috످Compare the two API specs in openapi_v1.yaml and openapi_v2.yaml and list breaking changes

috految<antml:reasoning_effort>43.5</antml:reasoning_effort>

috److془I don't have files. Ask to paste, give oasdiff option.془I don't see `openapi_v1.yaml` or `openapi_v2.yaml` in this chat, and I can't access your filesystem.

If you paste both specs here (with any secrets removed), I can list the breaking changes by severity and suggest migration steps. Include any files referenced through `$ref`, since changes to shared schemas can break multiple endpoints.

If the specs are too large or sensitive to share, you can compare them locally with oasdiff (https://github.com/oasdiff/oasdiff). From the folder containing both files, run:

```bash
# With Homebrew
brew install oasdiff
oasdiff breaking openapi_v1.yaml openapi_v2.yaml

# Or with Docker
docker run --rm -v "$(pwd):/specs:ro" -w /specs tufin/oasdiff \
  breaking openapi_v1.yaml openapi_v2.yaml
```

If your paths include version prefixes (e.g., `/v1/users` and `/v2/users`), add `--strip-prefix-base /v1 --strip-prefix-revision /v2` so it doesn't flag every endpoint as removed.

In the output, `error` marks a definite breaking change and `warning` marks a potential one. You can paste the results here for help prioritizing fixes.

috످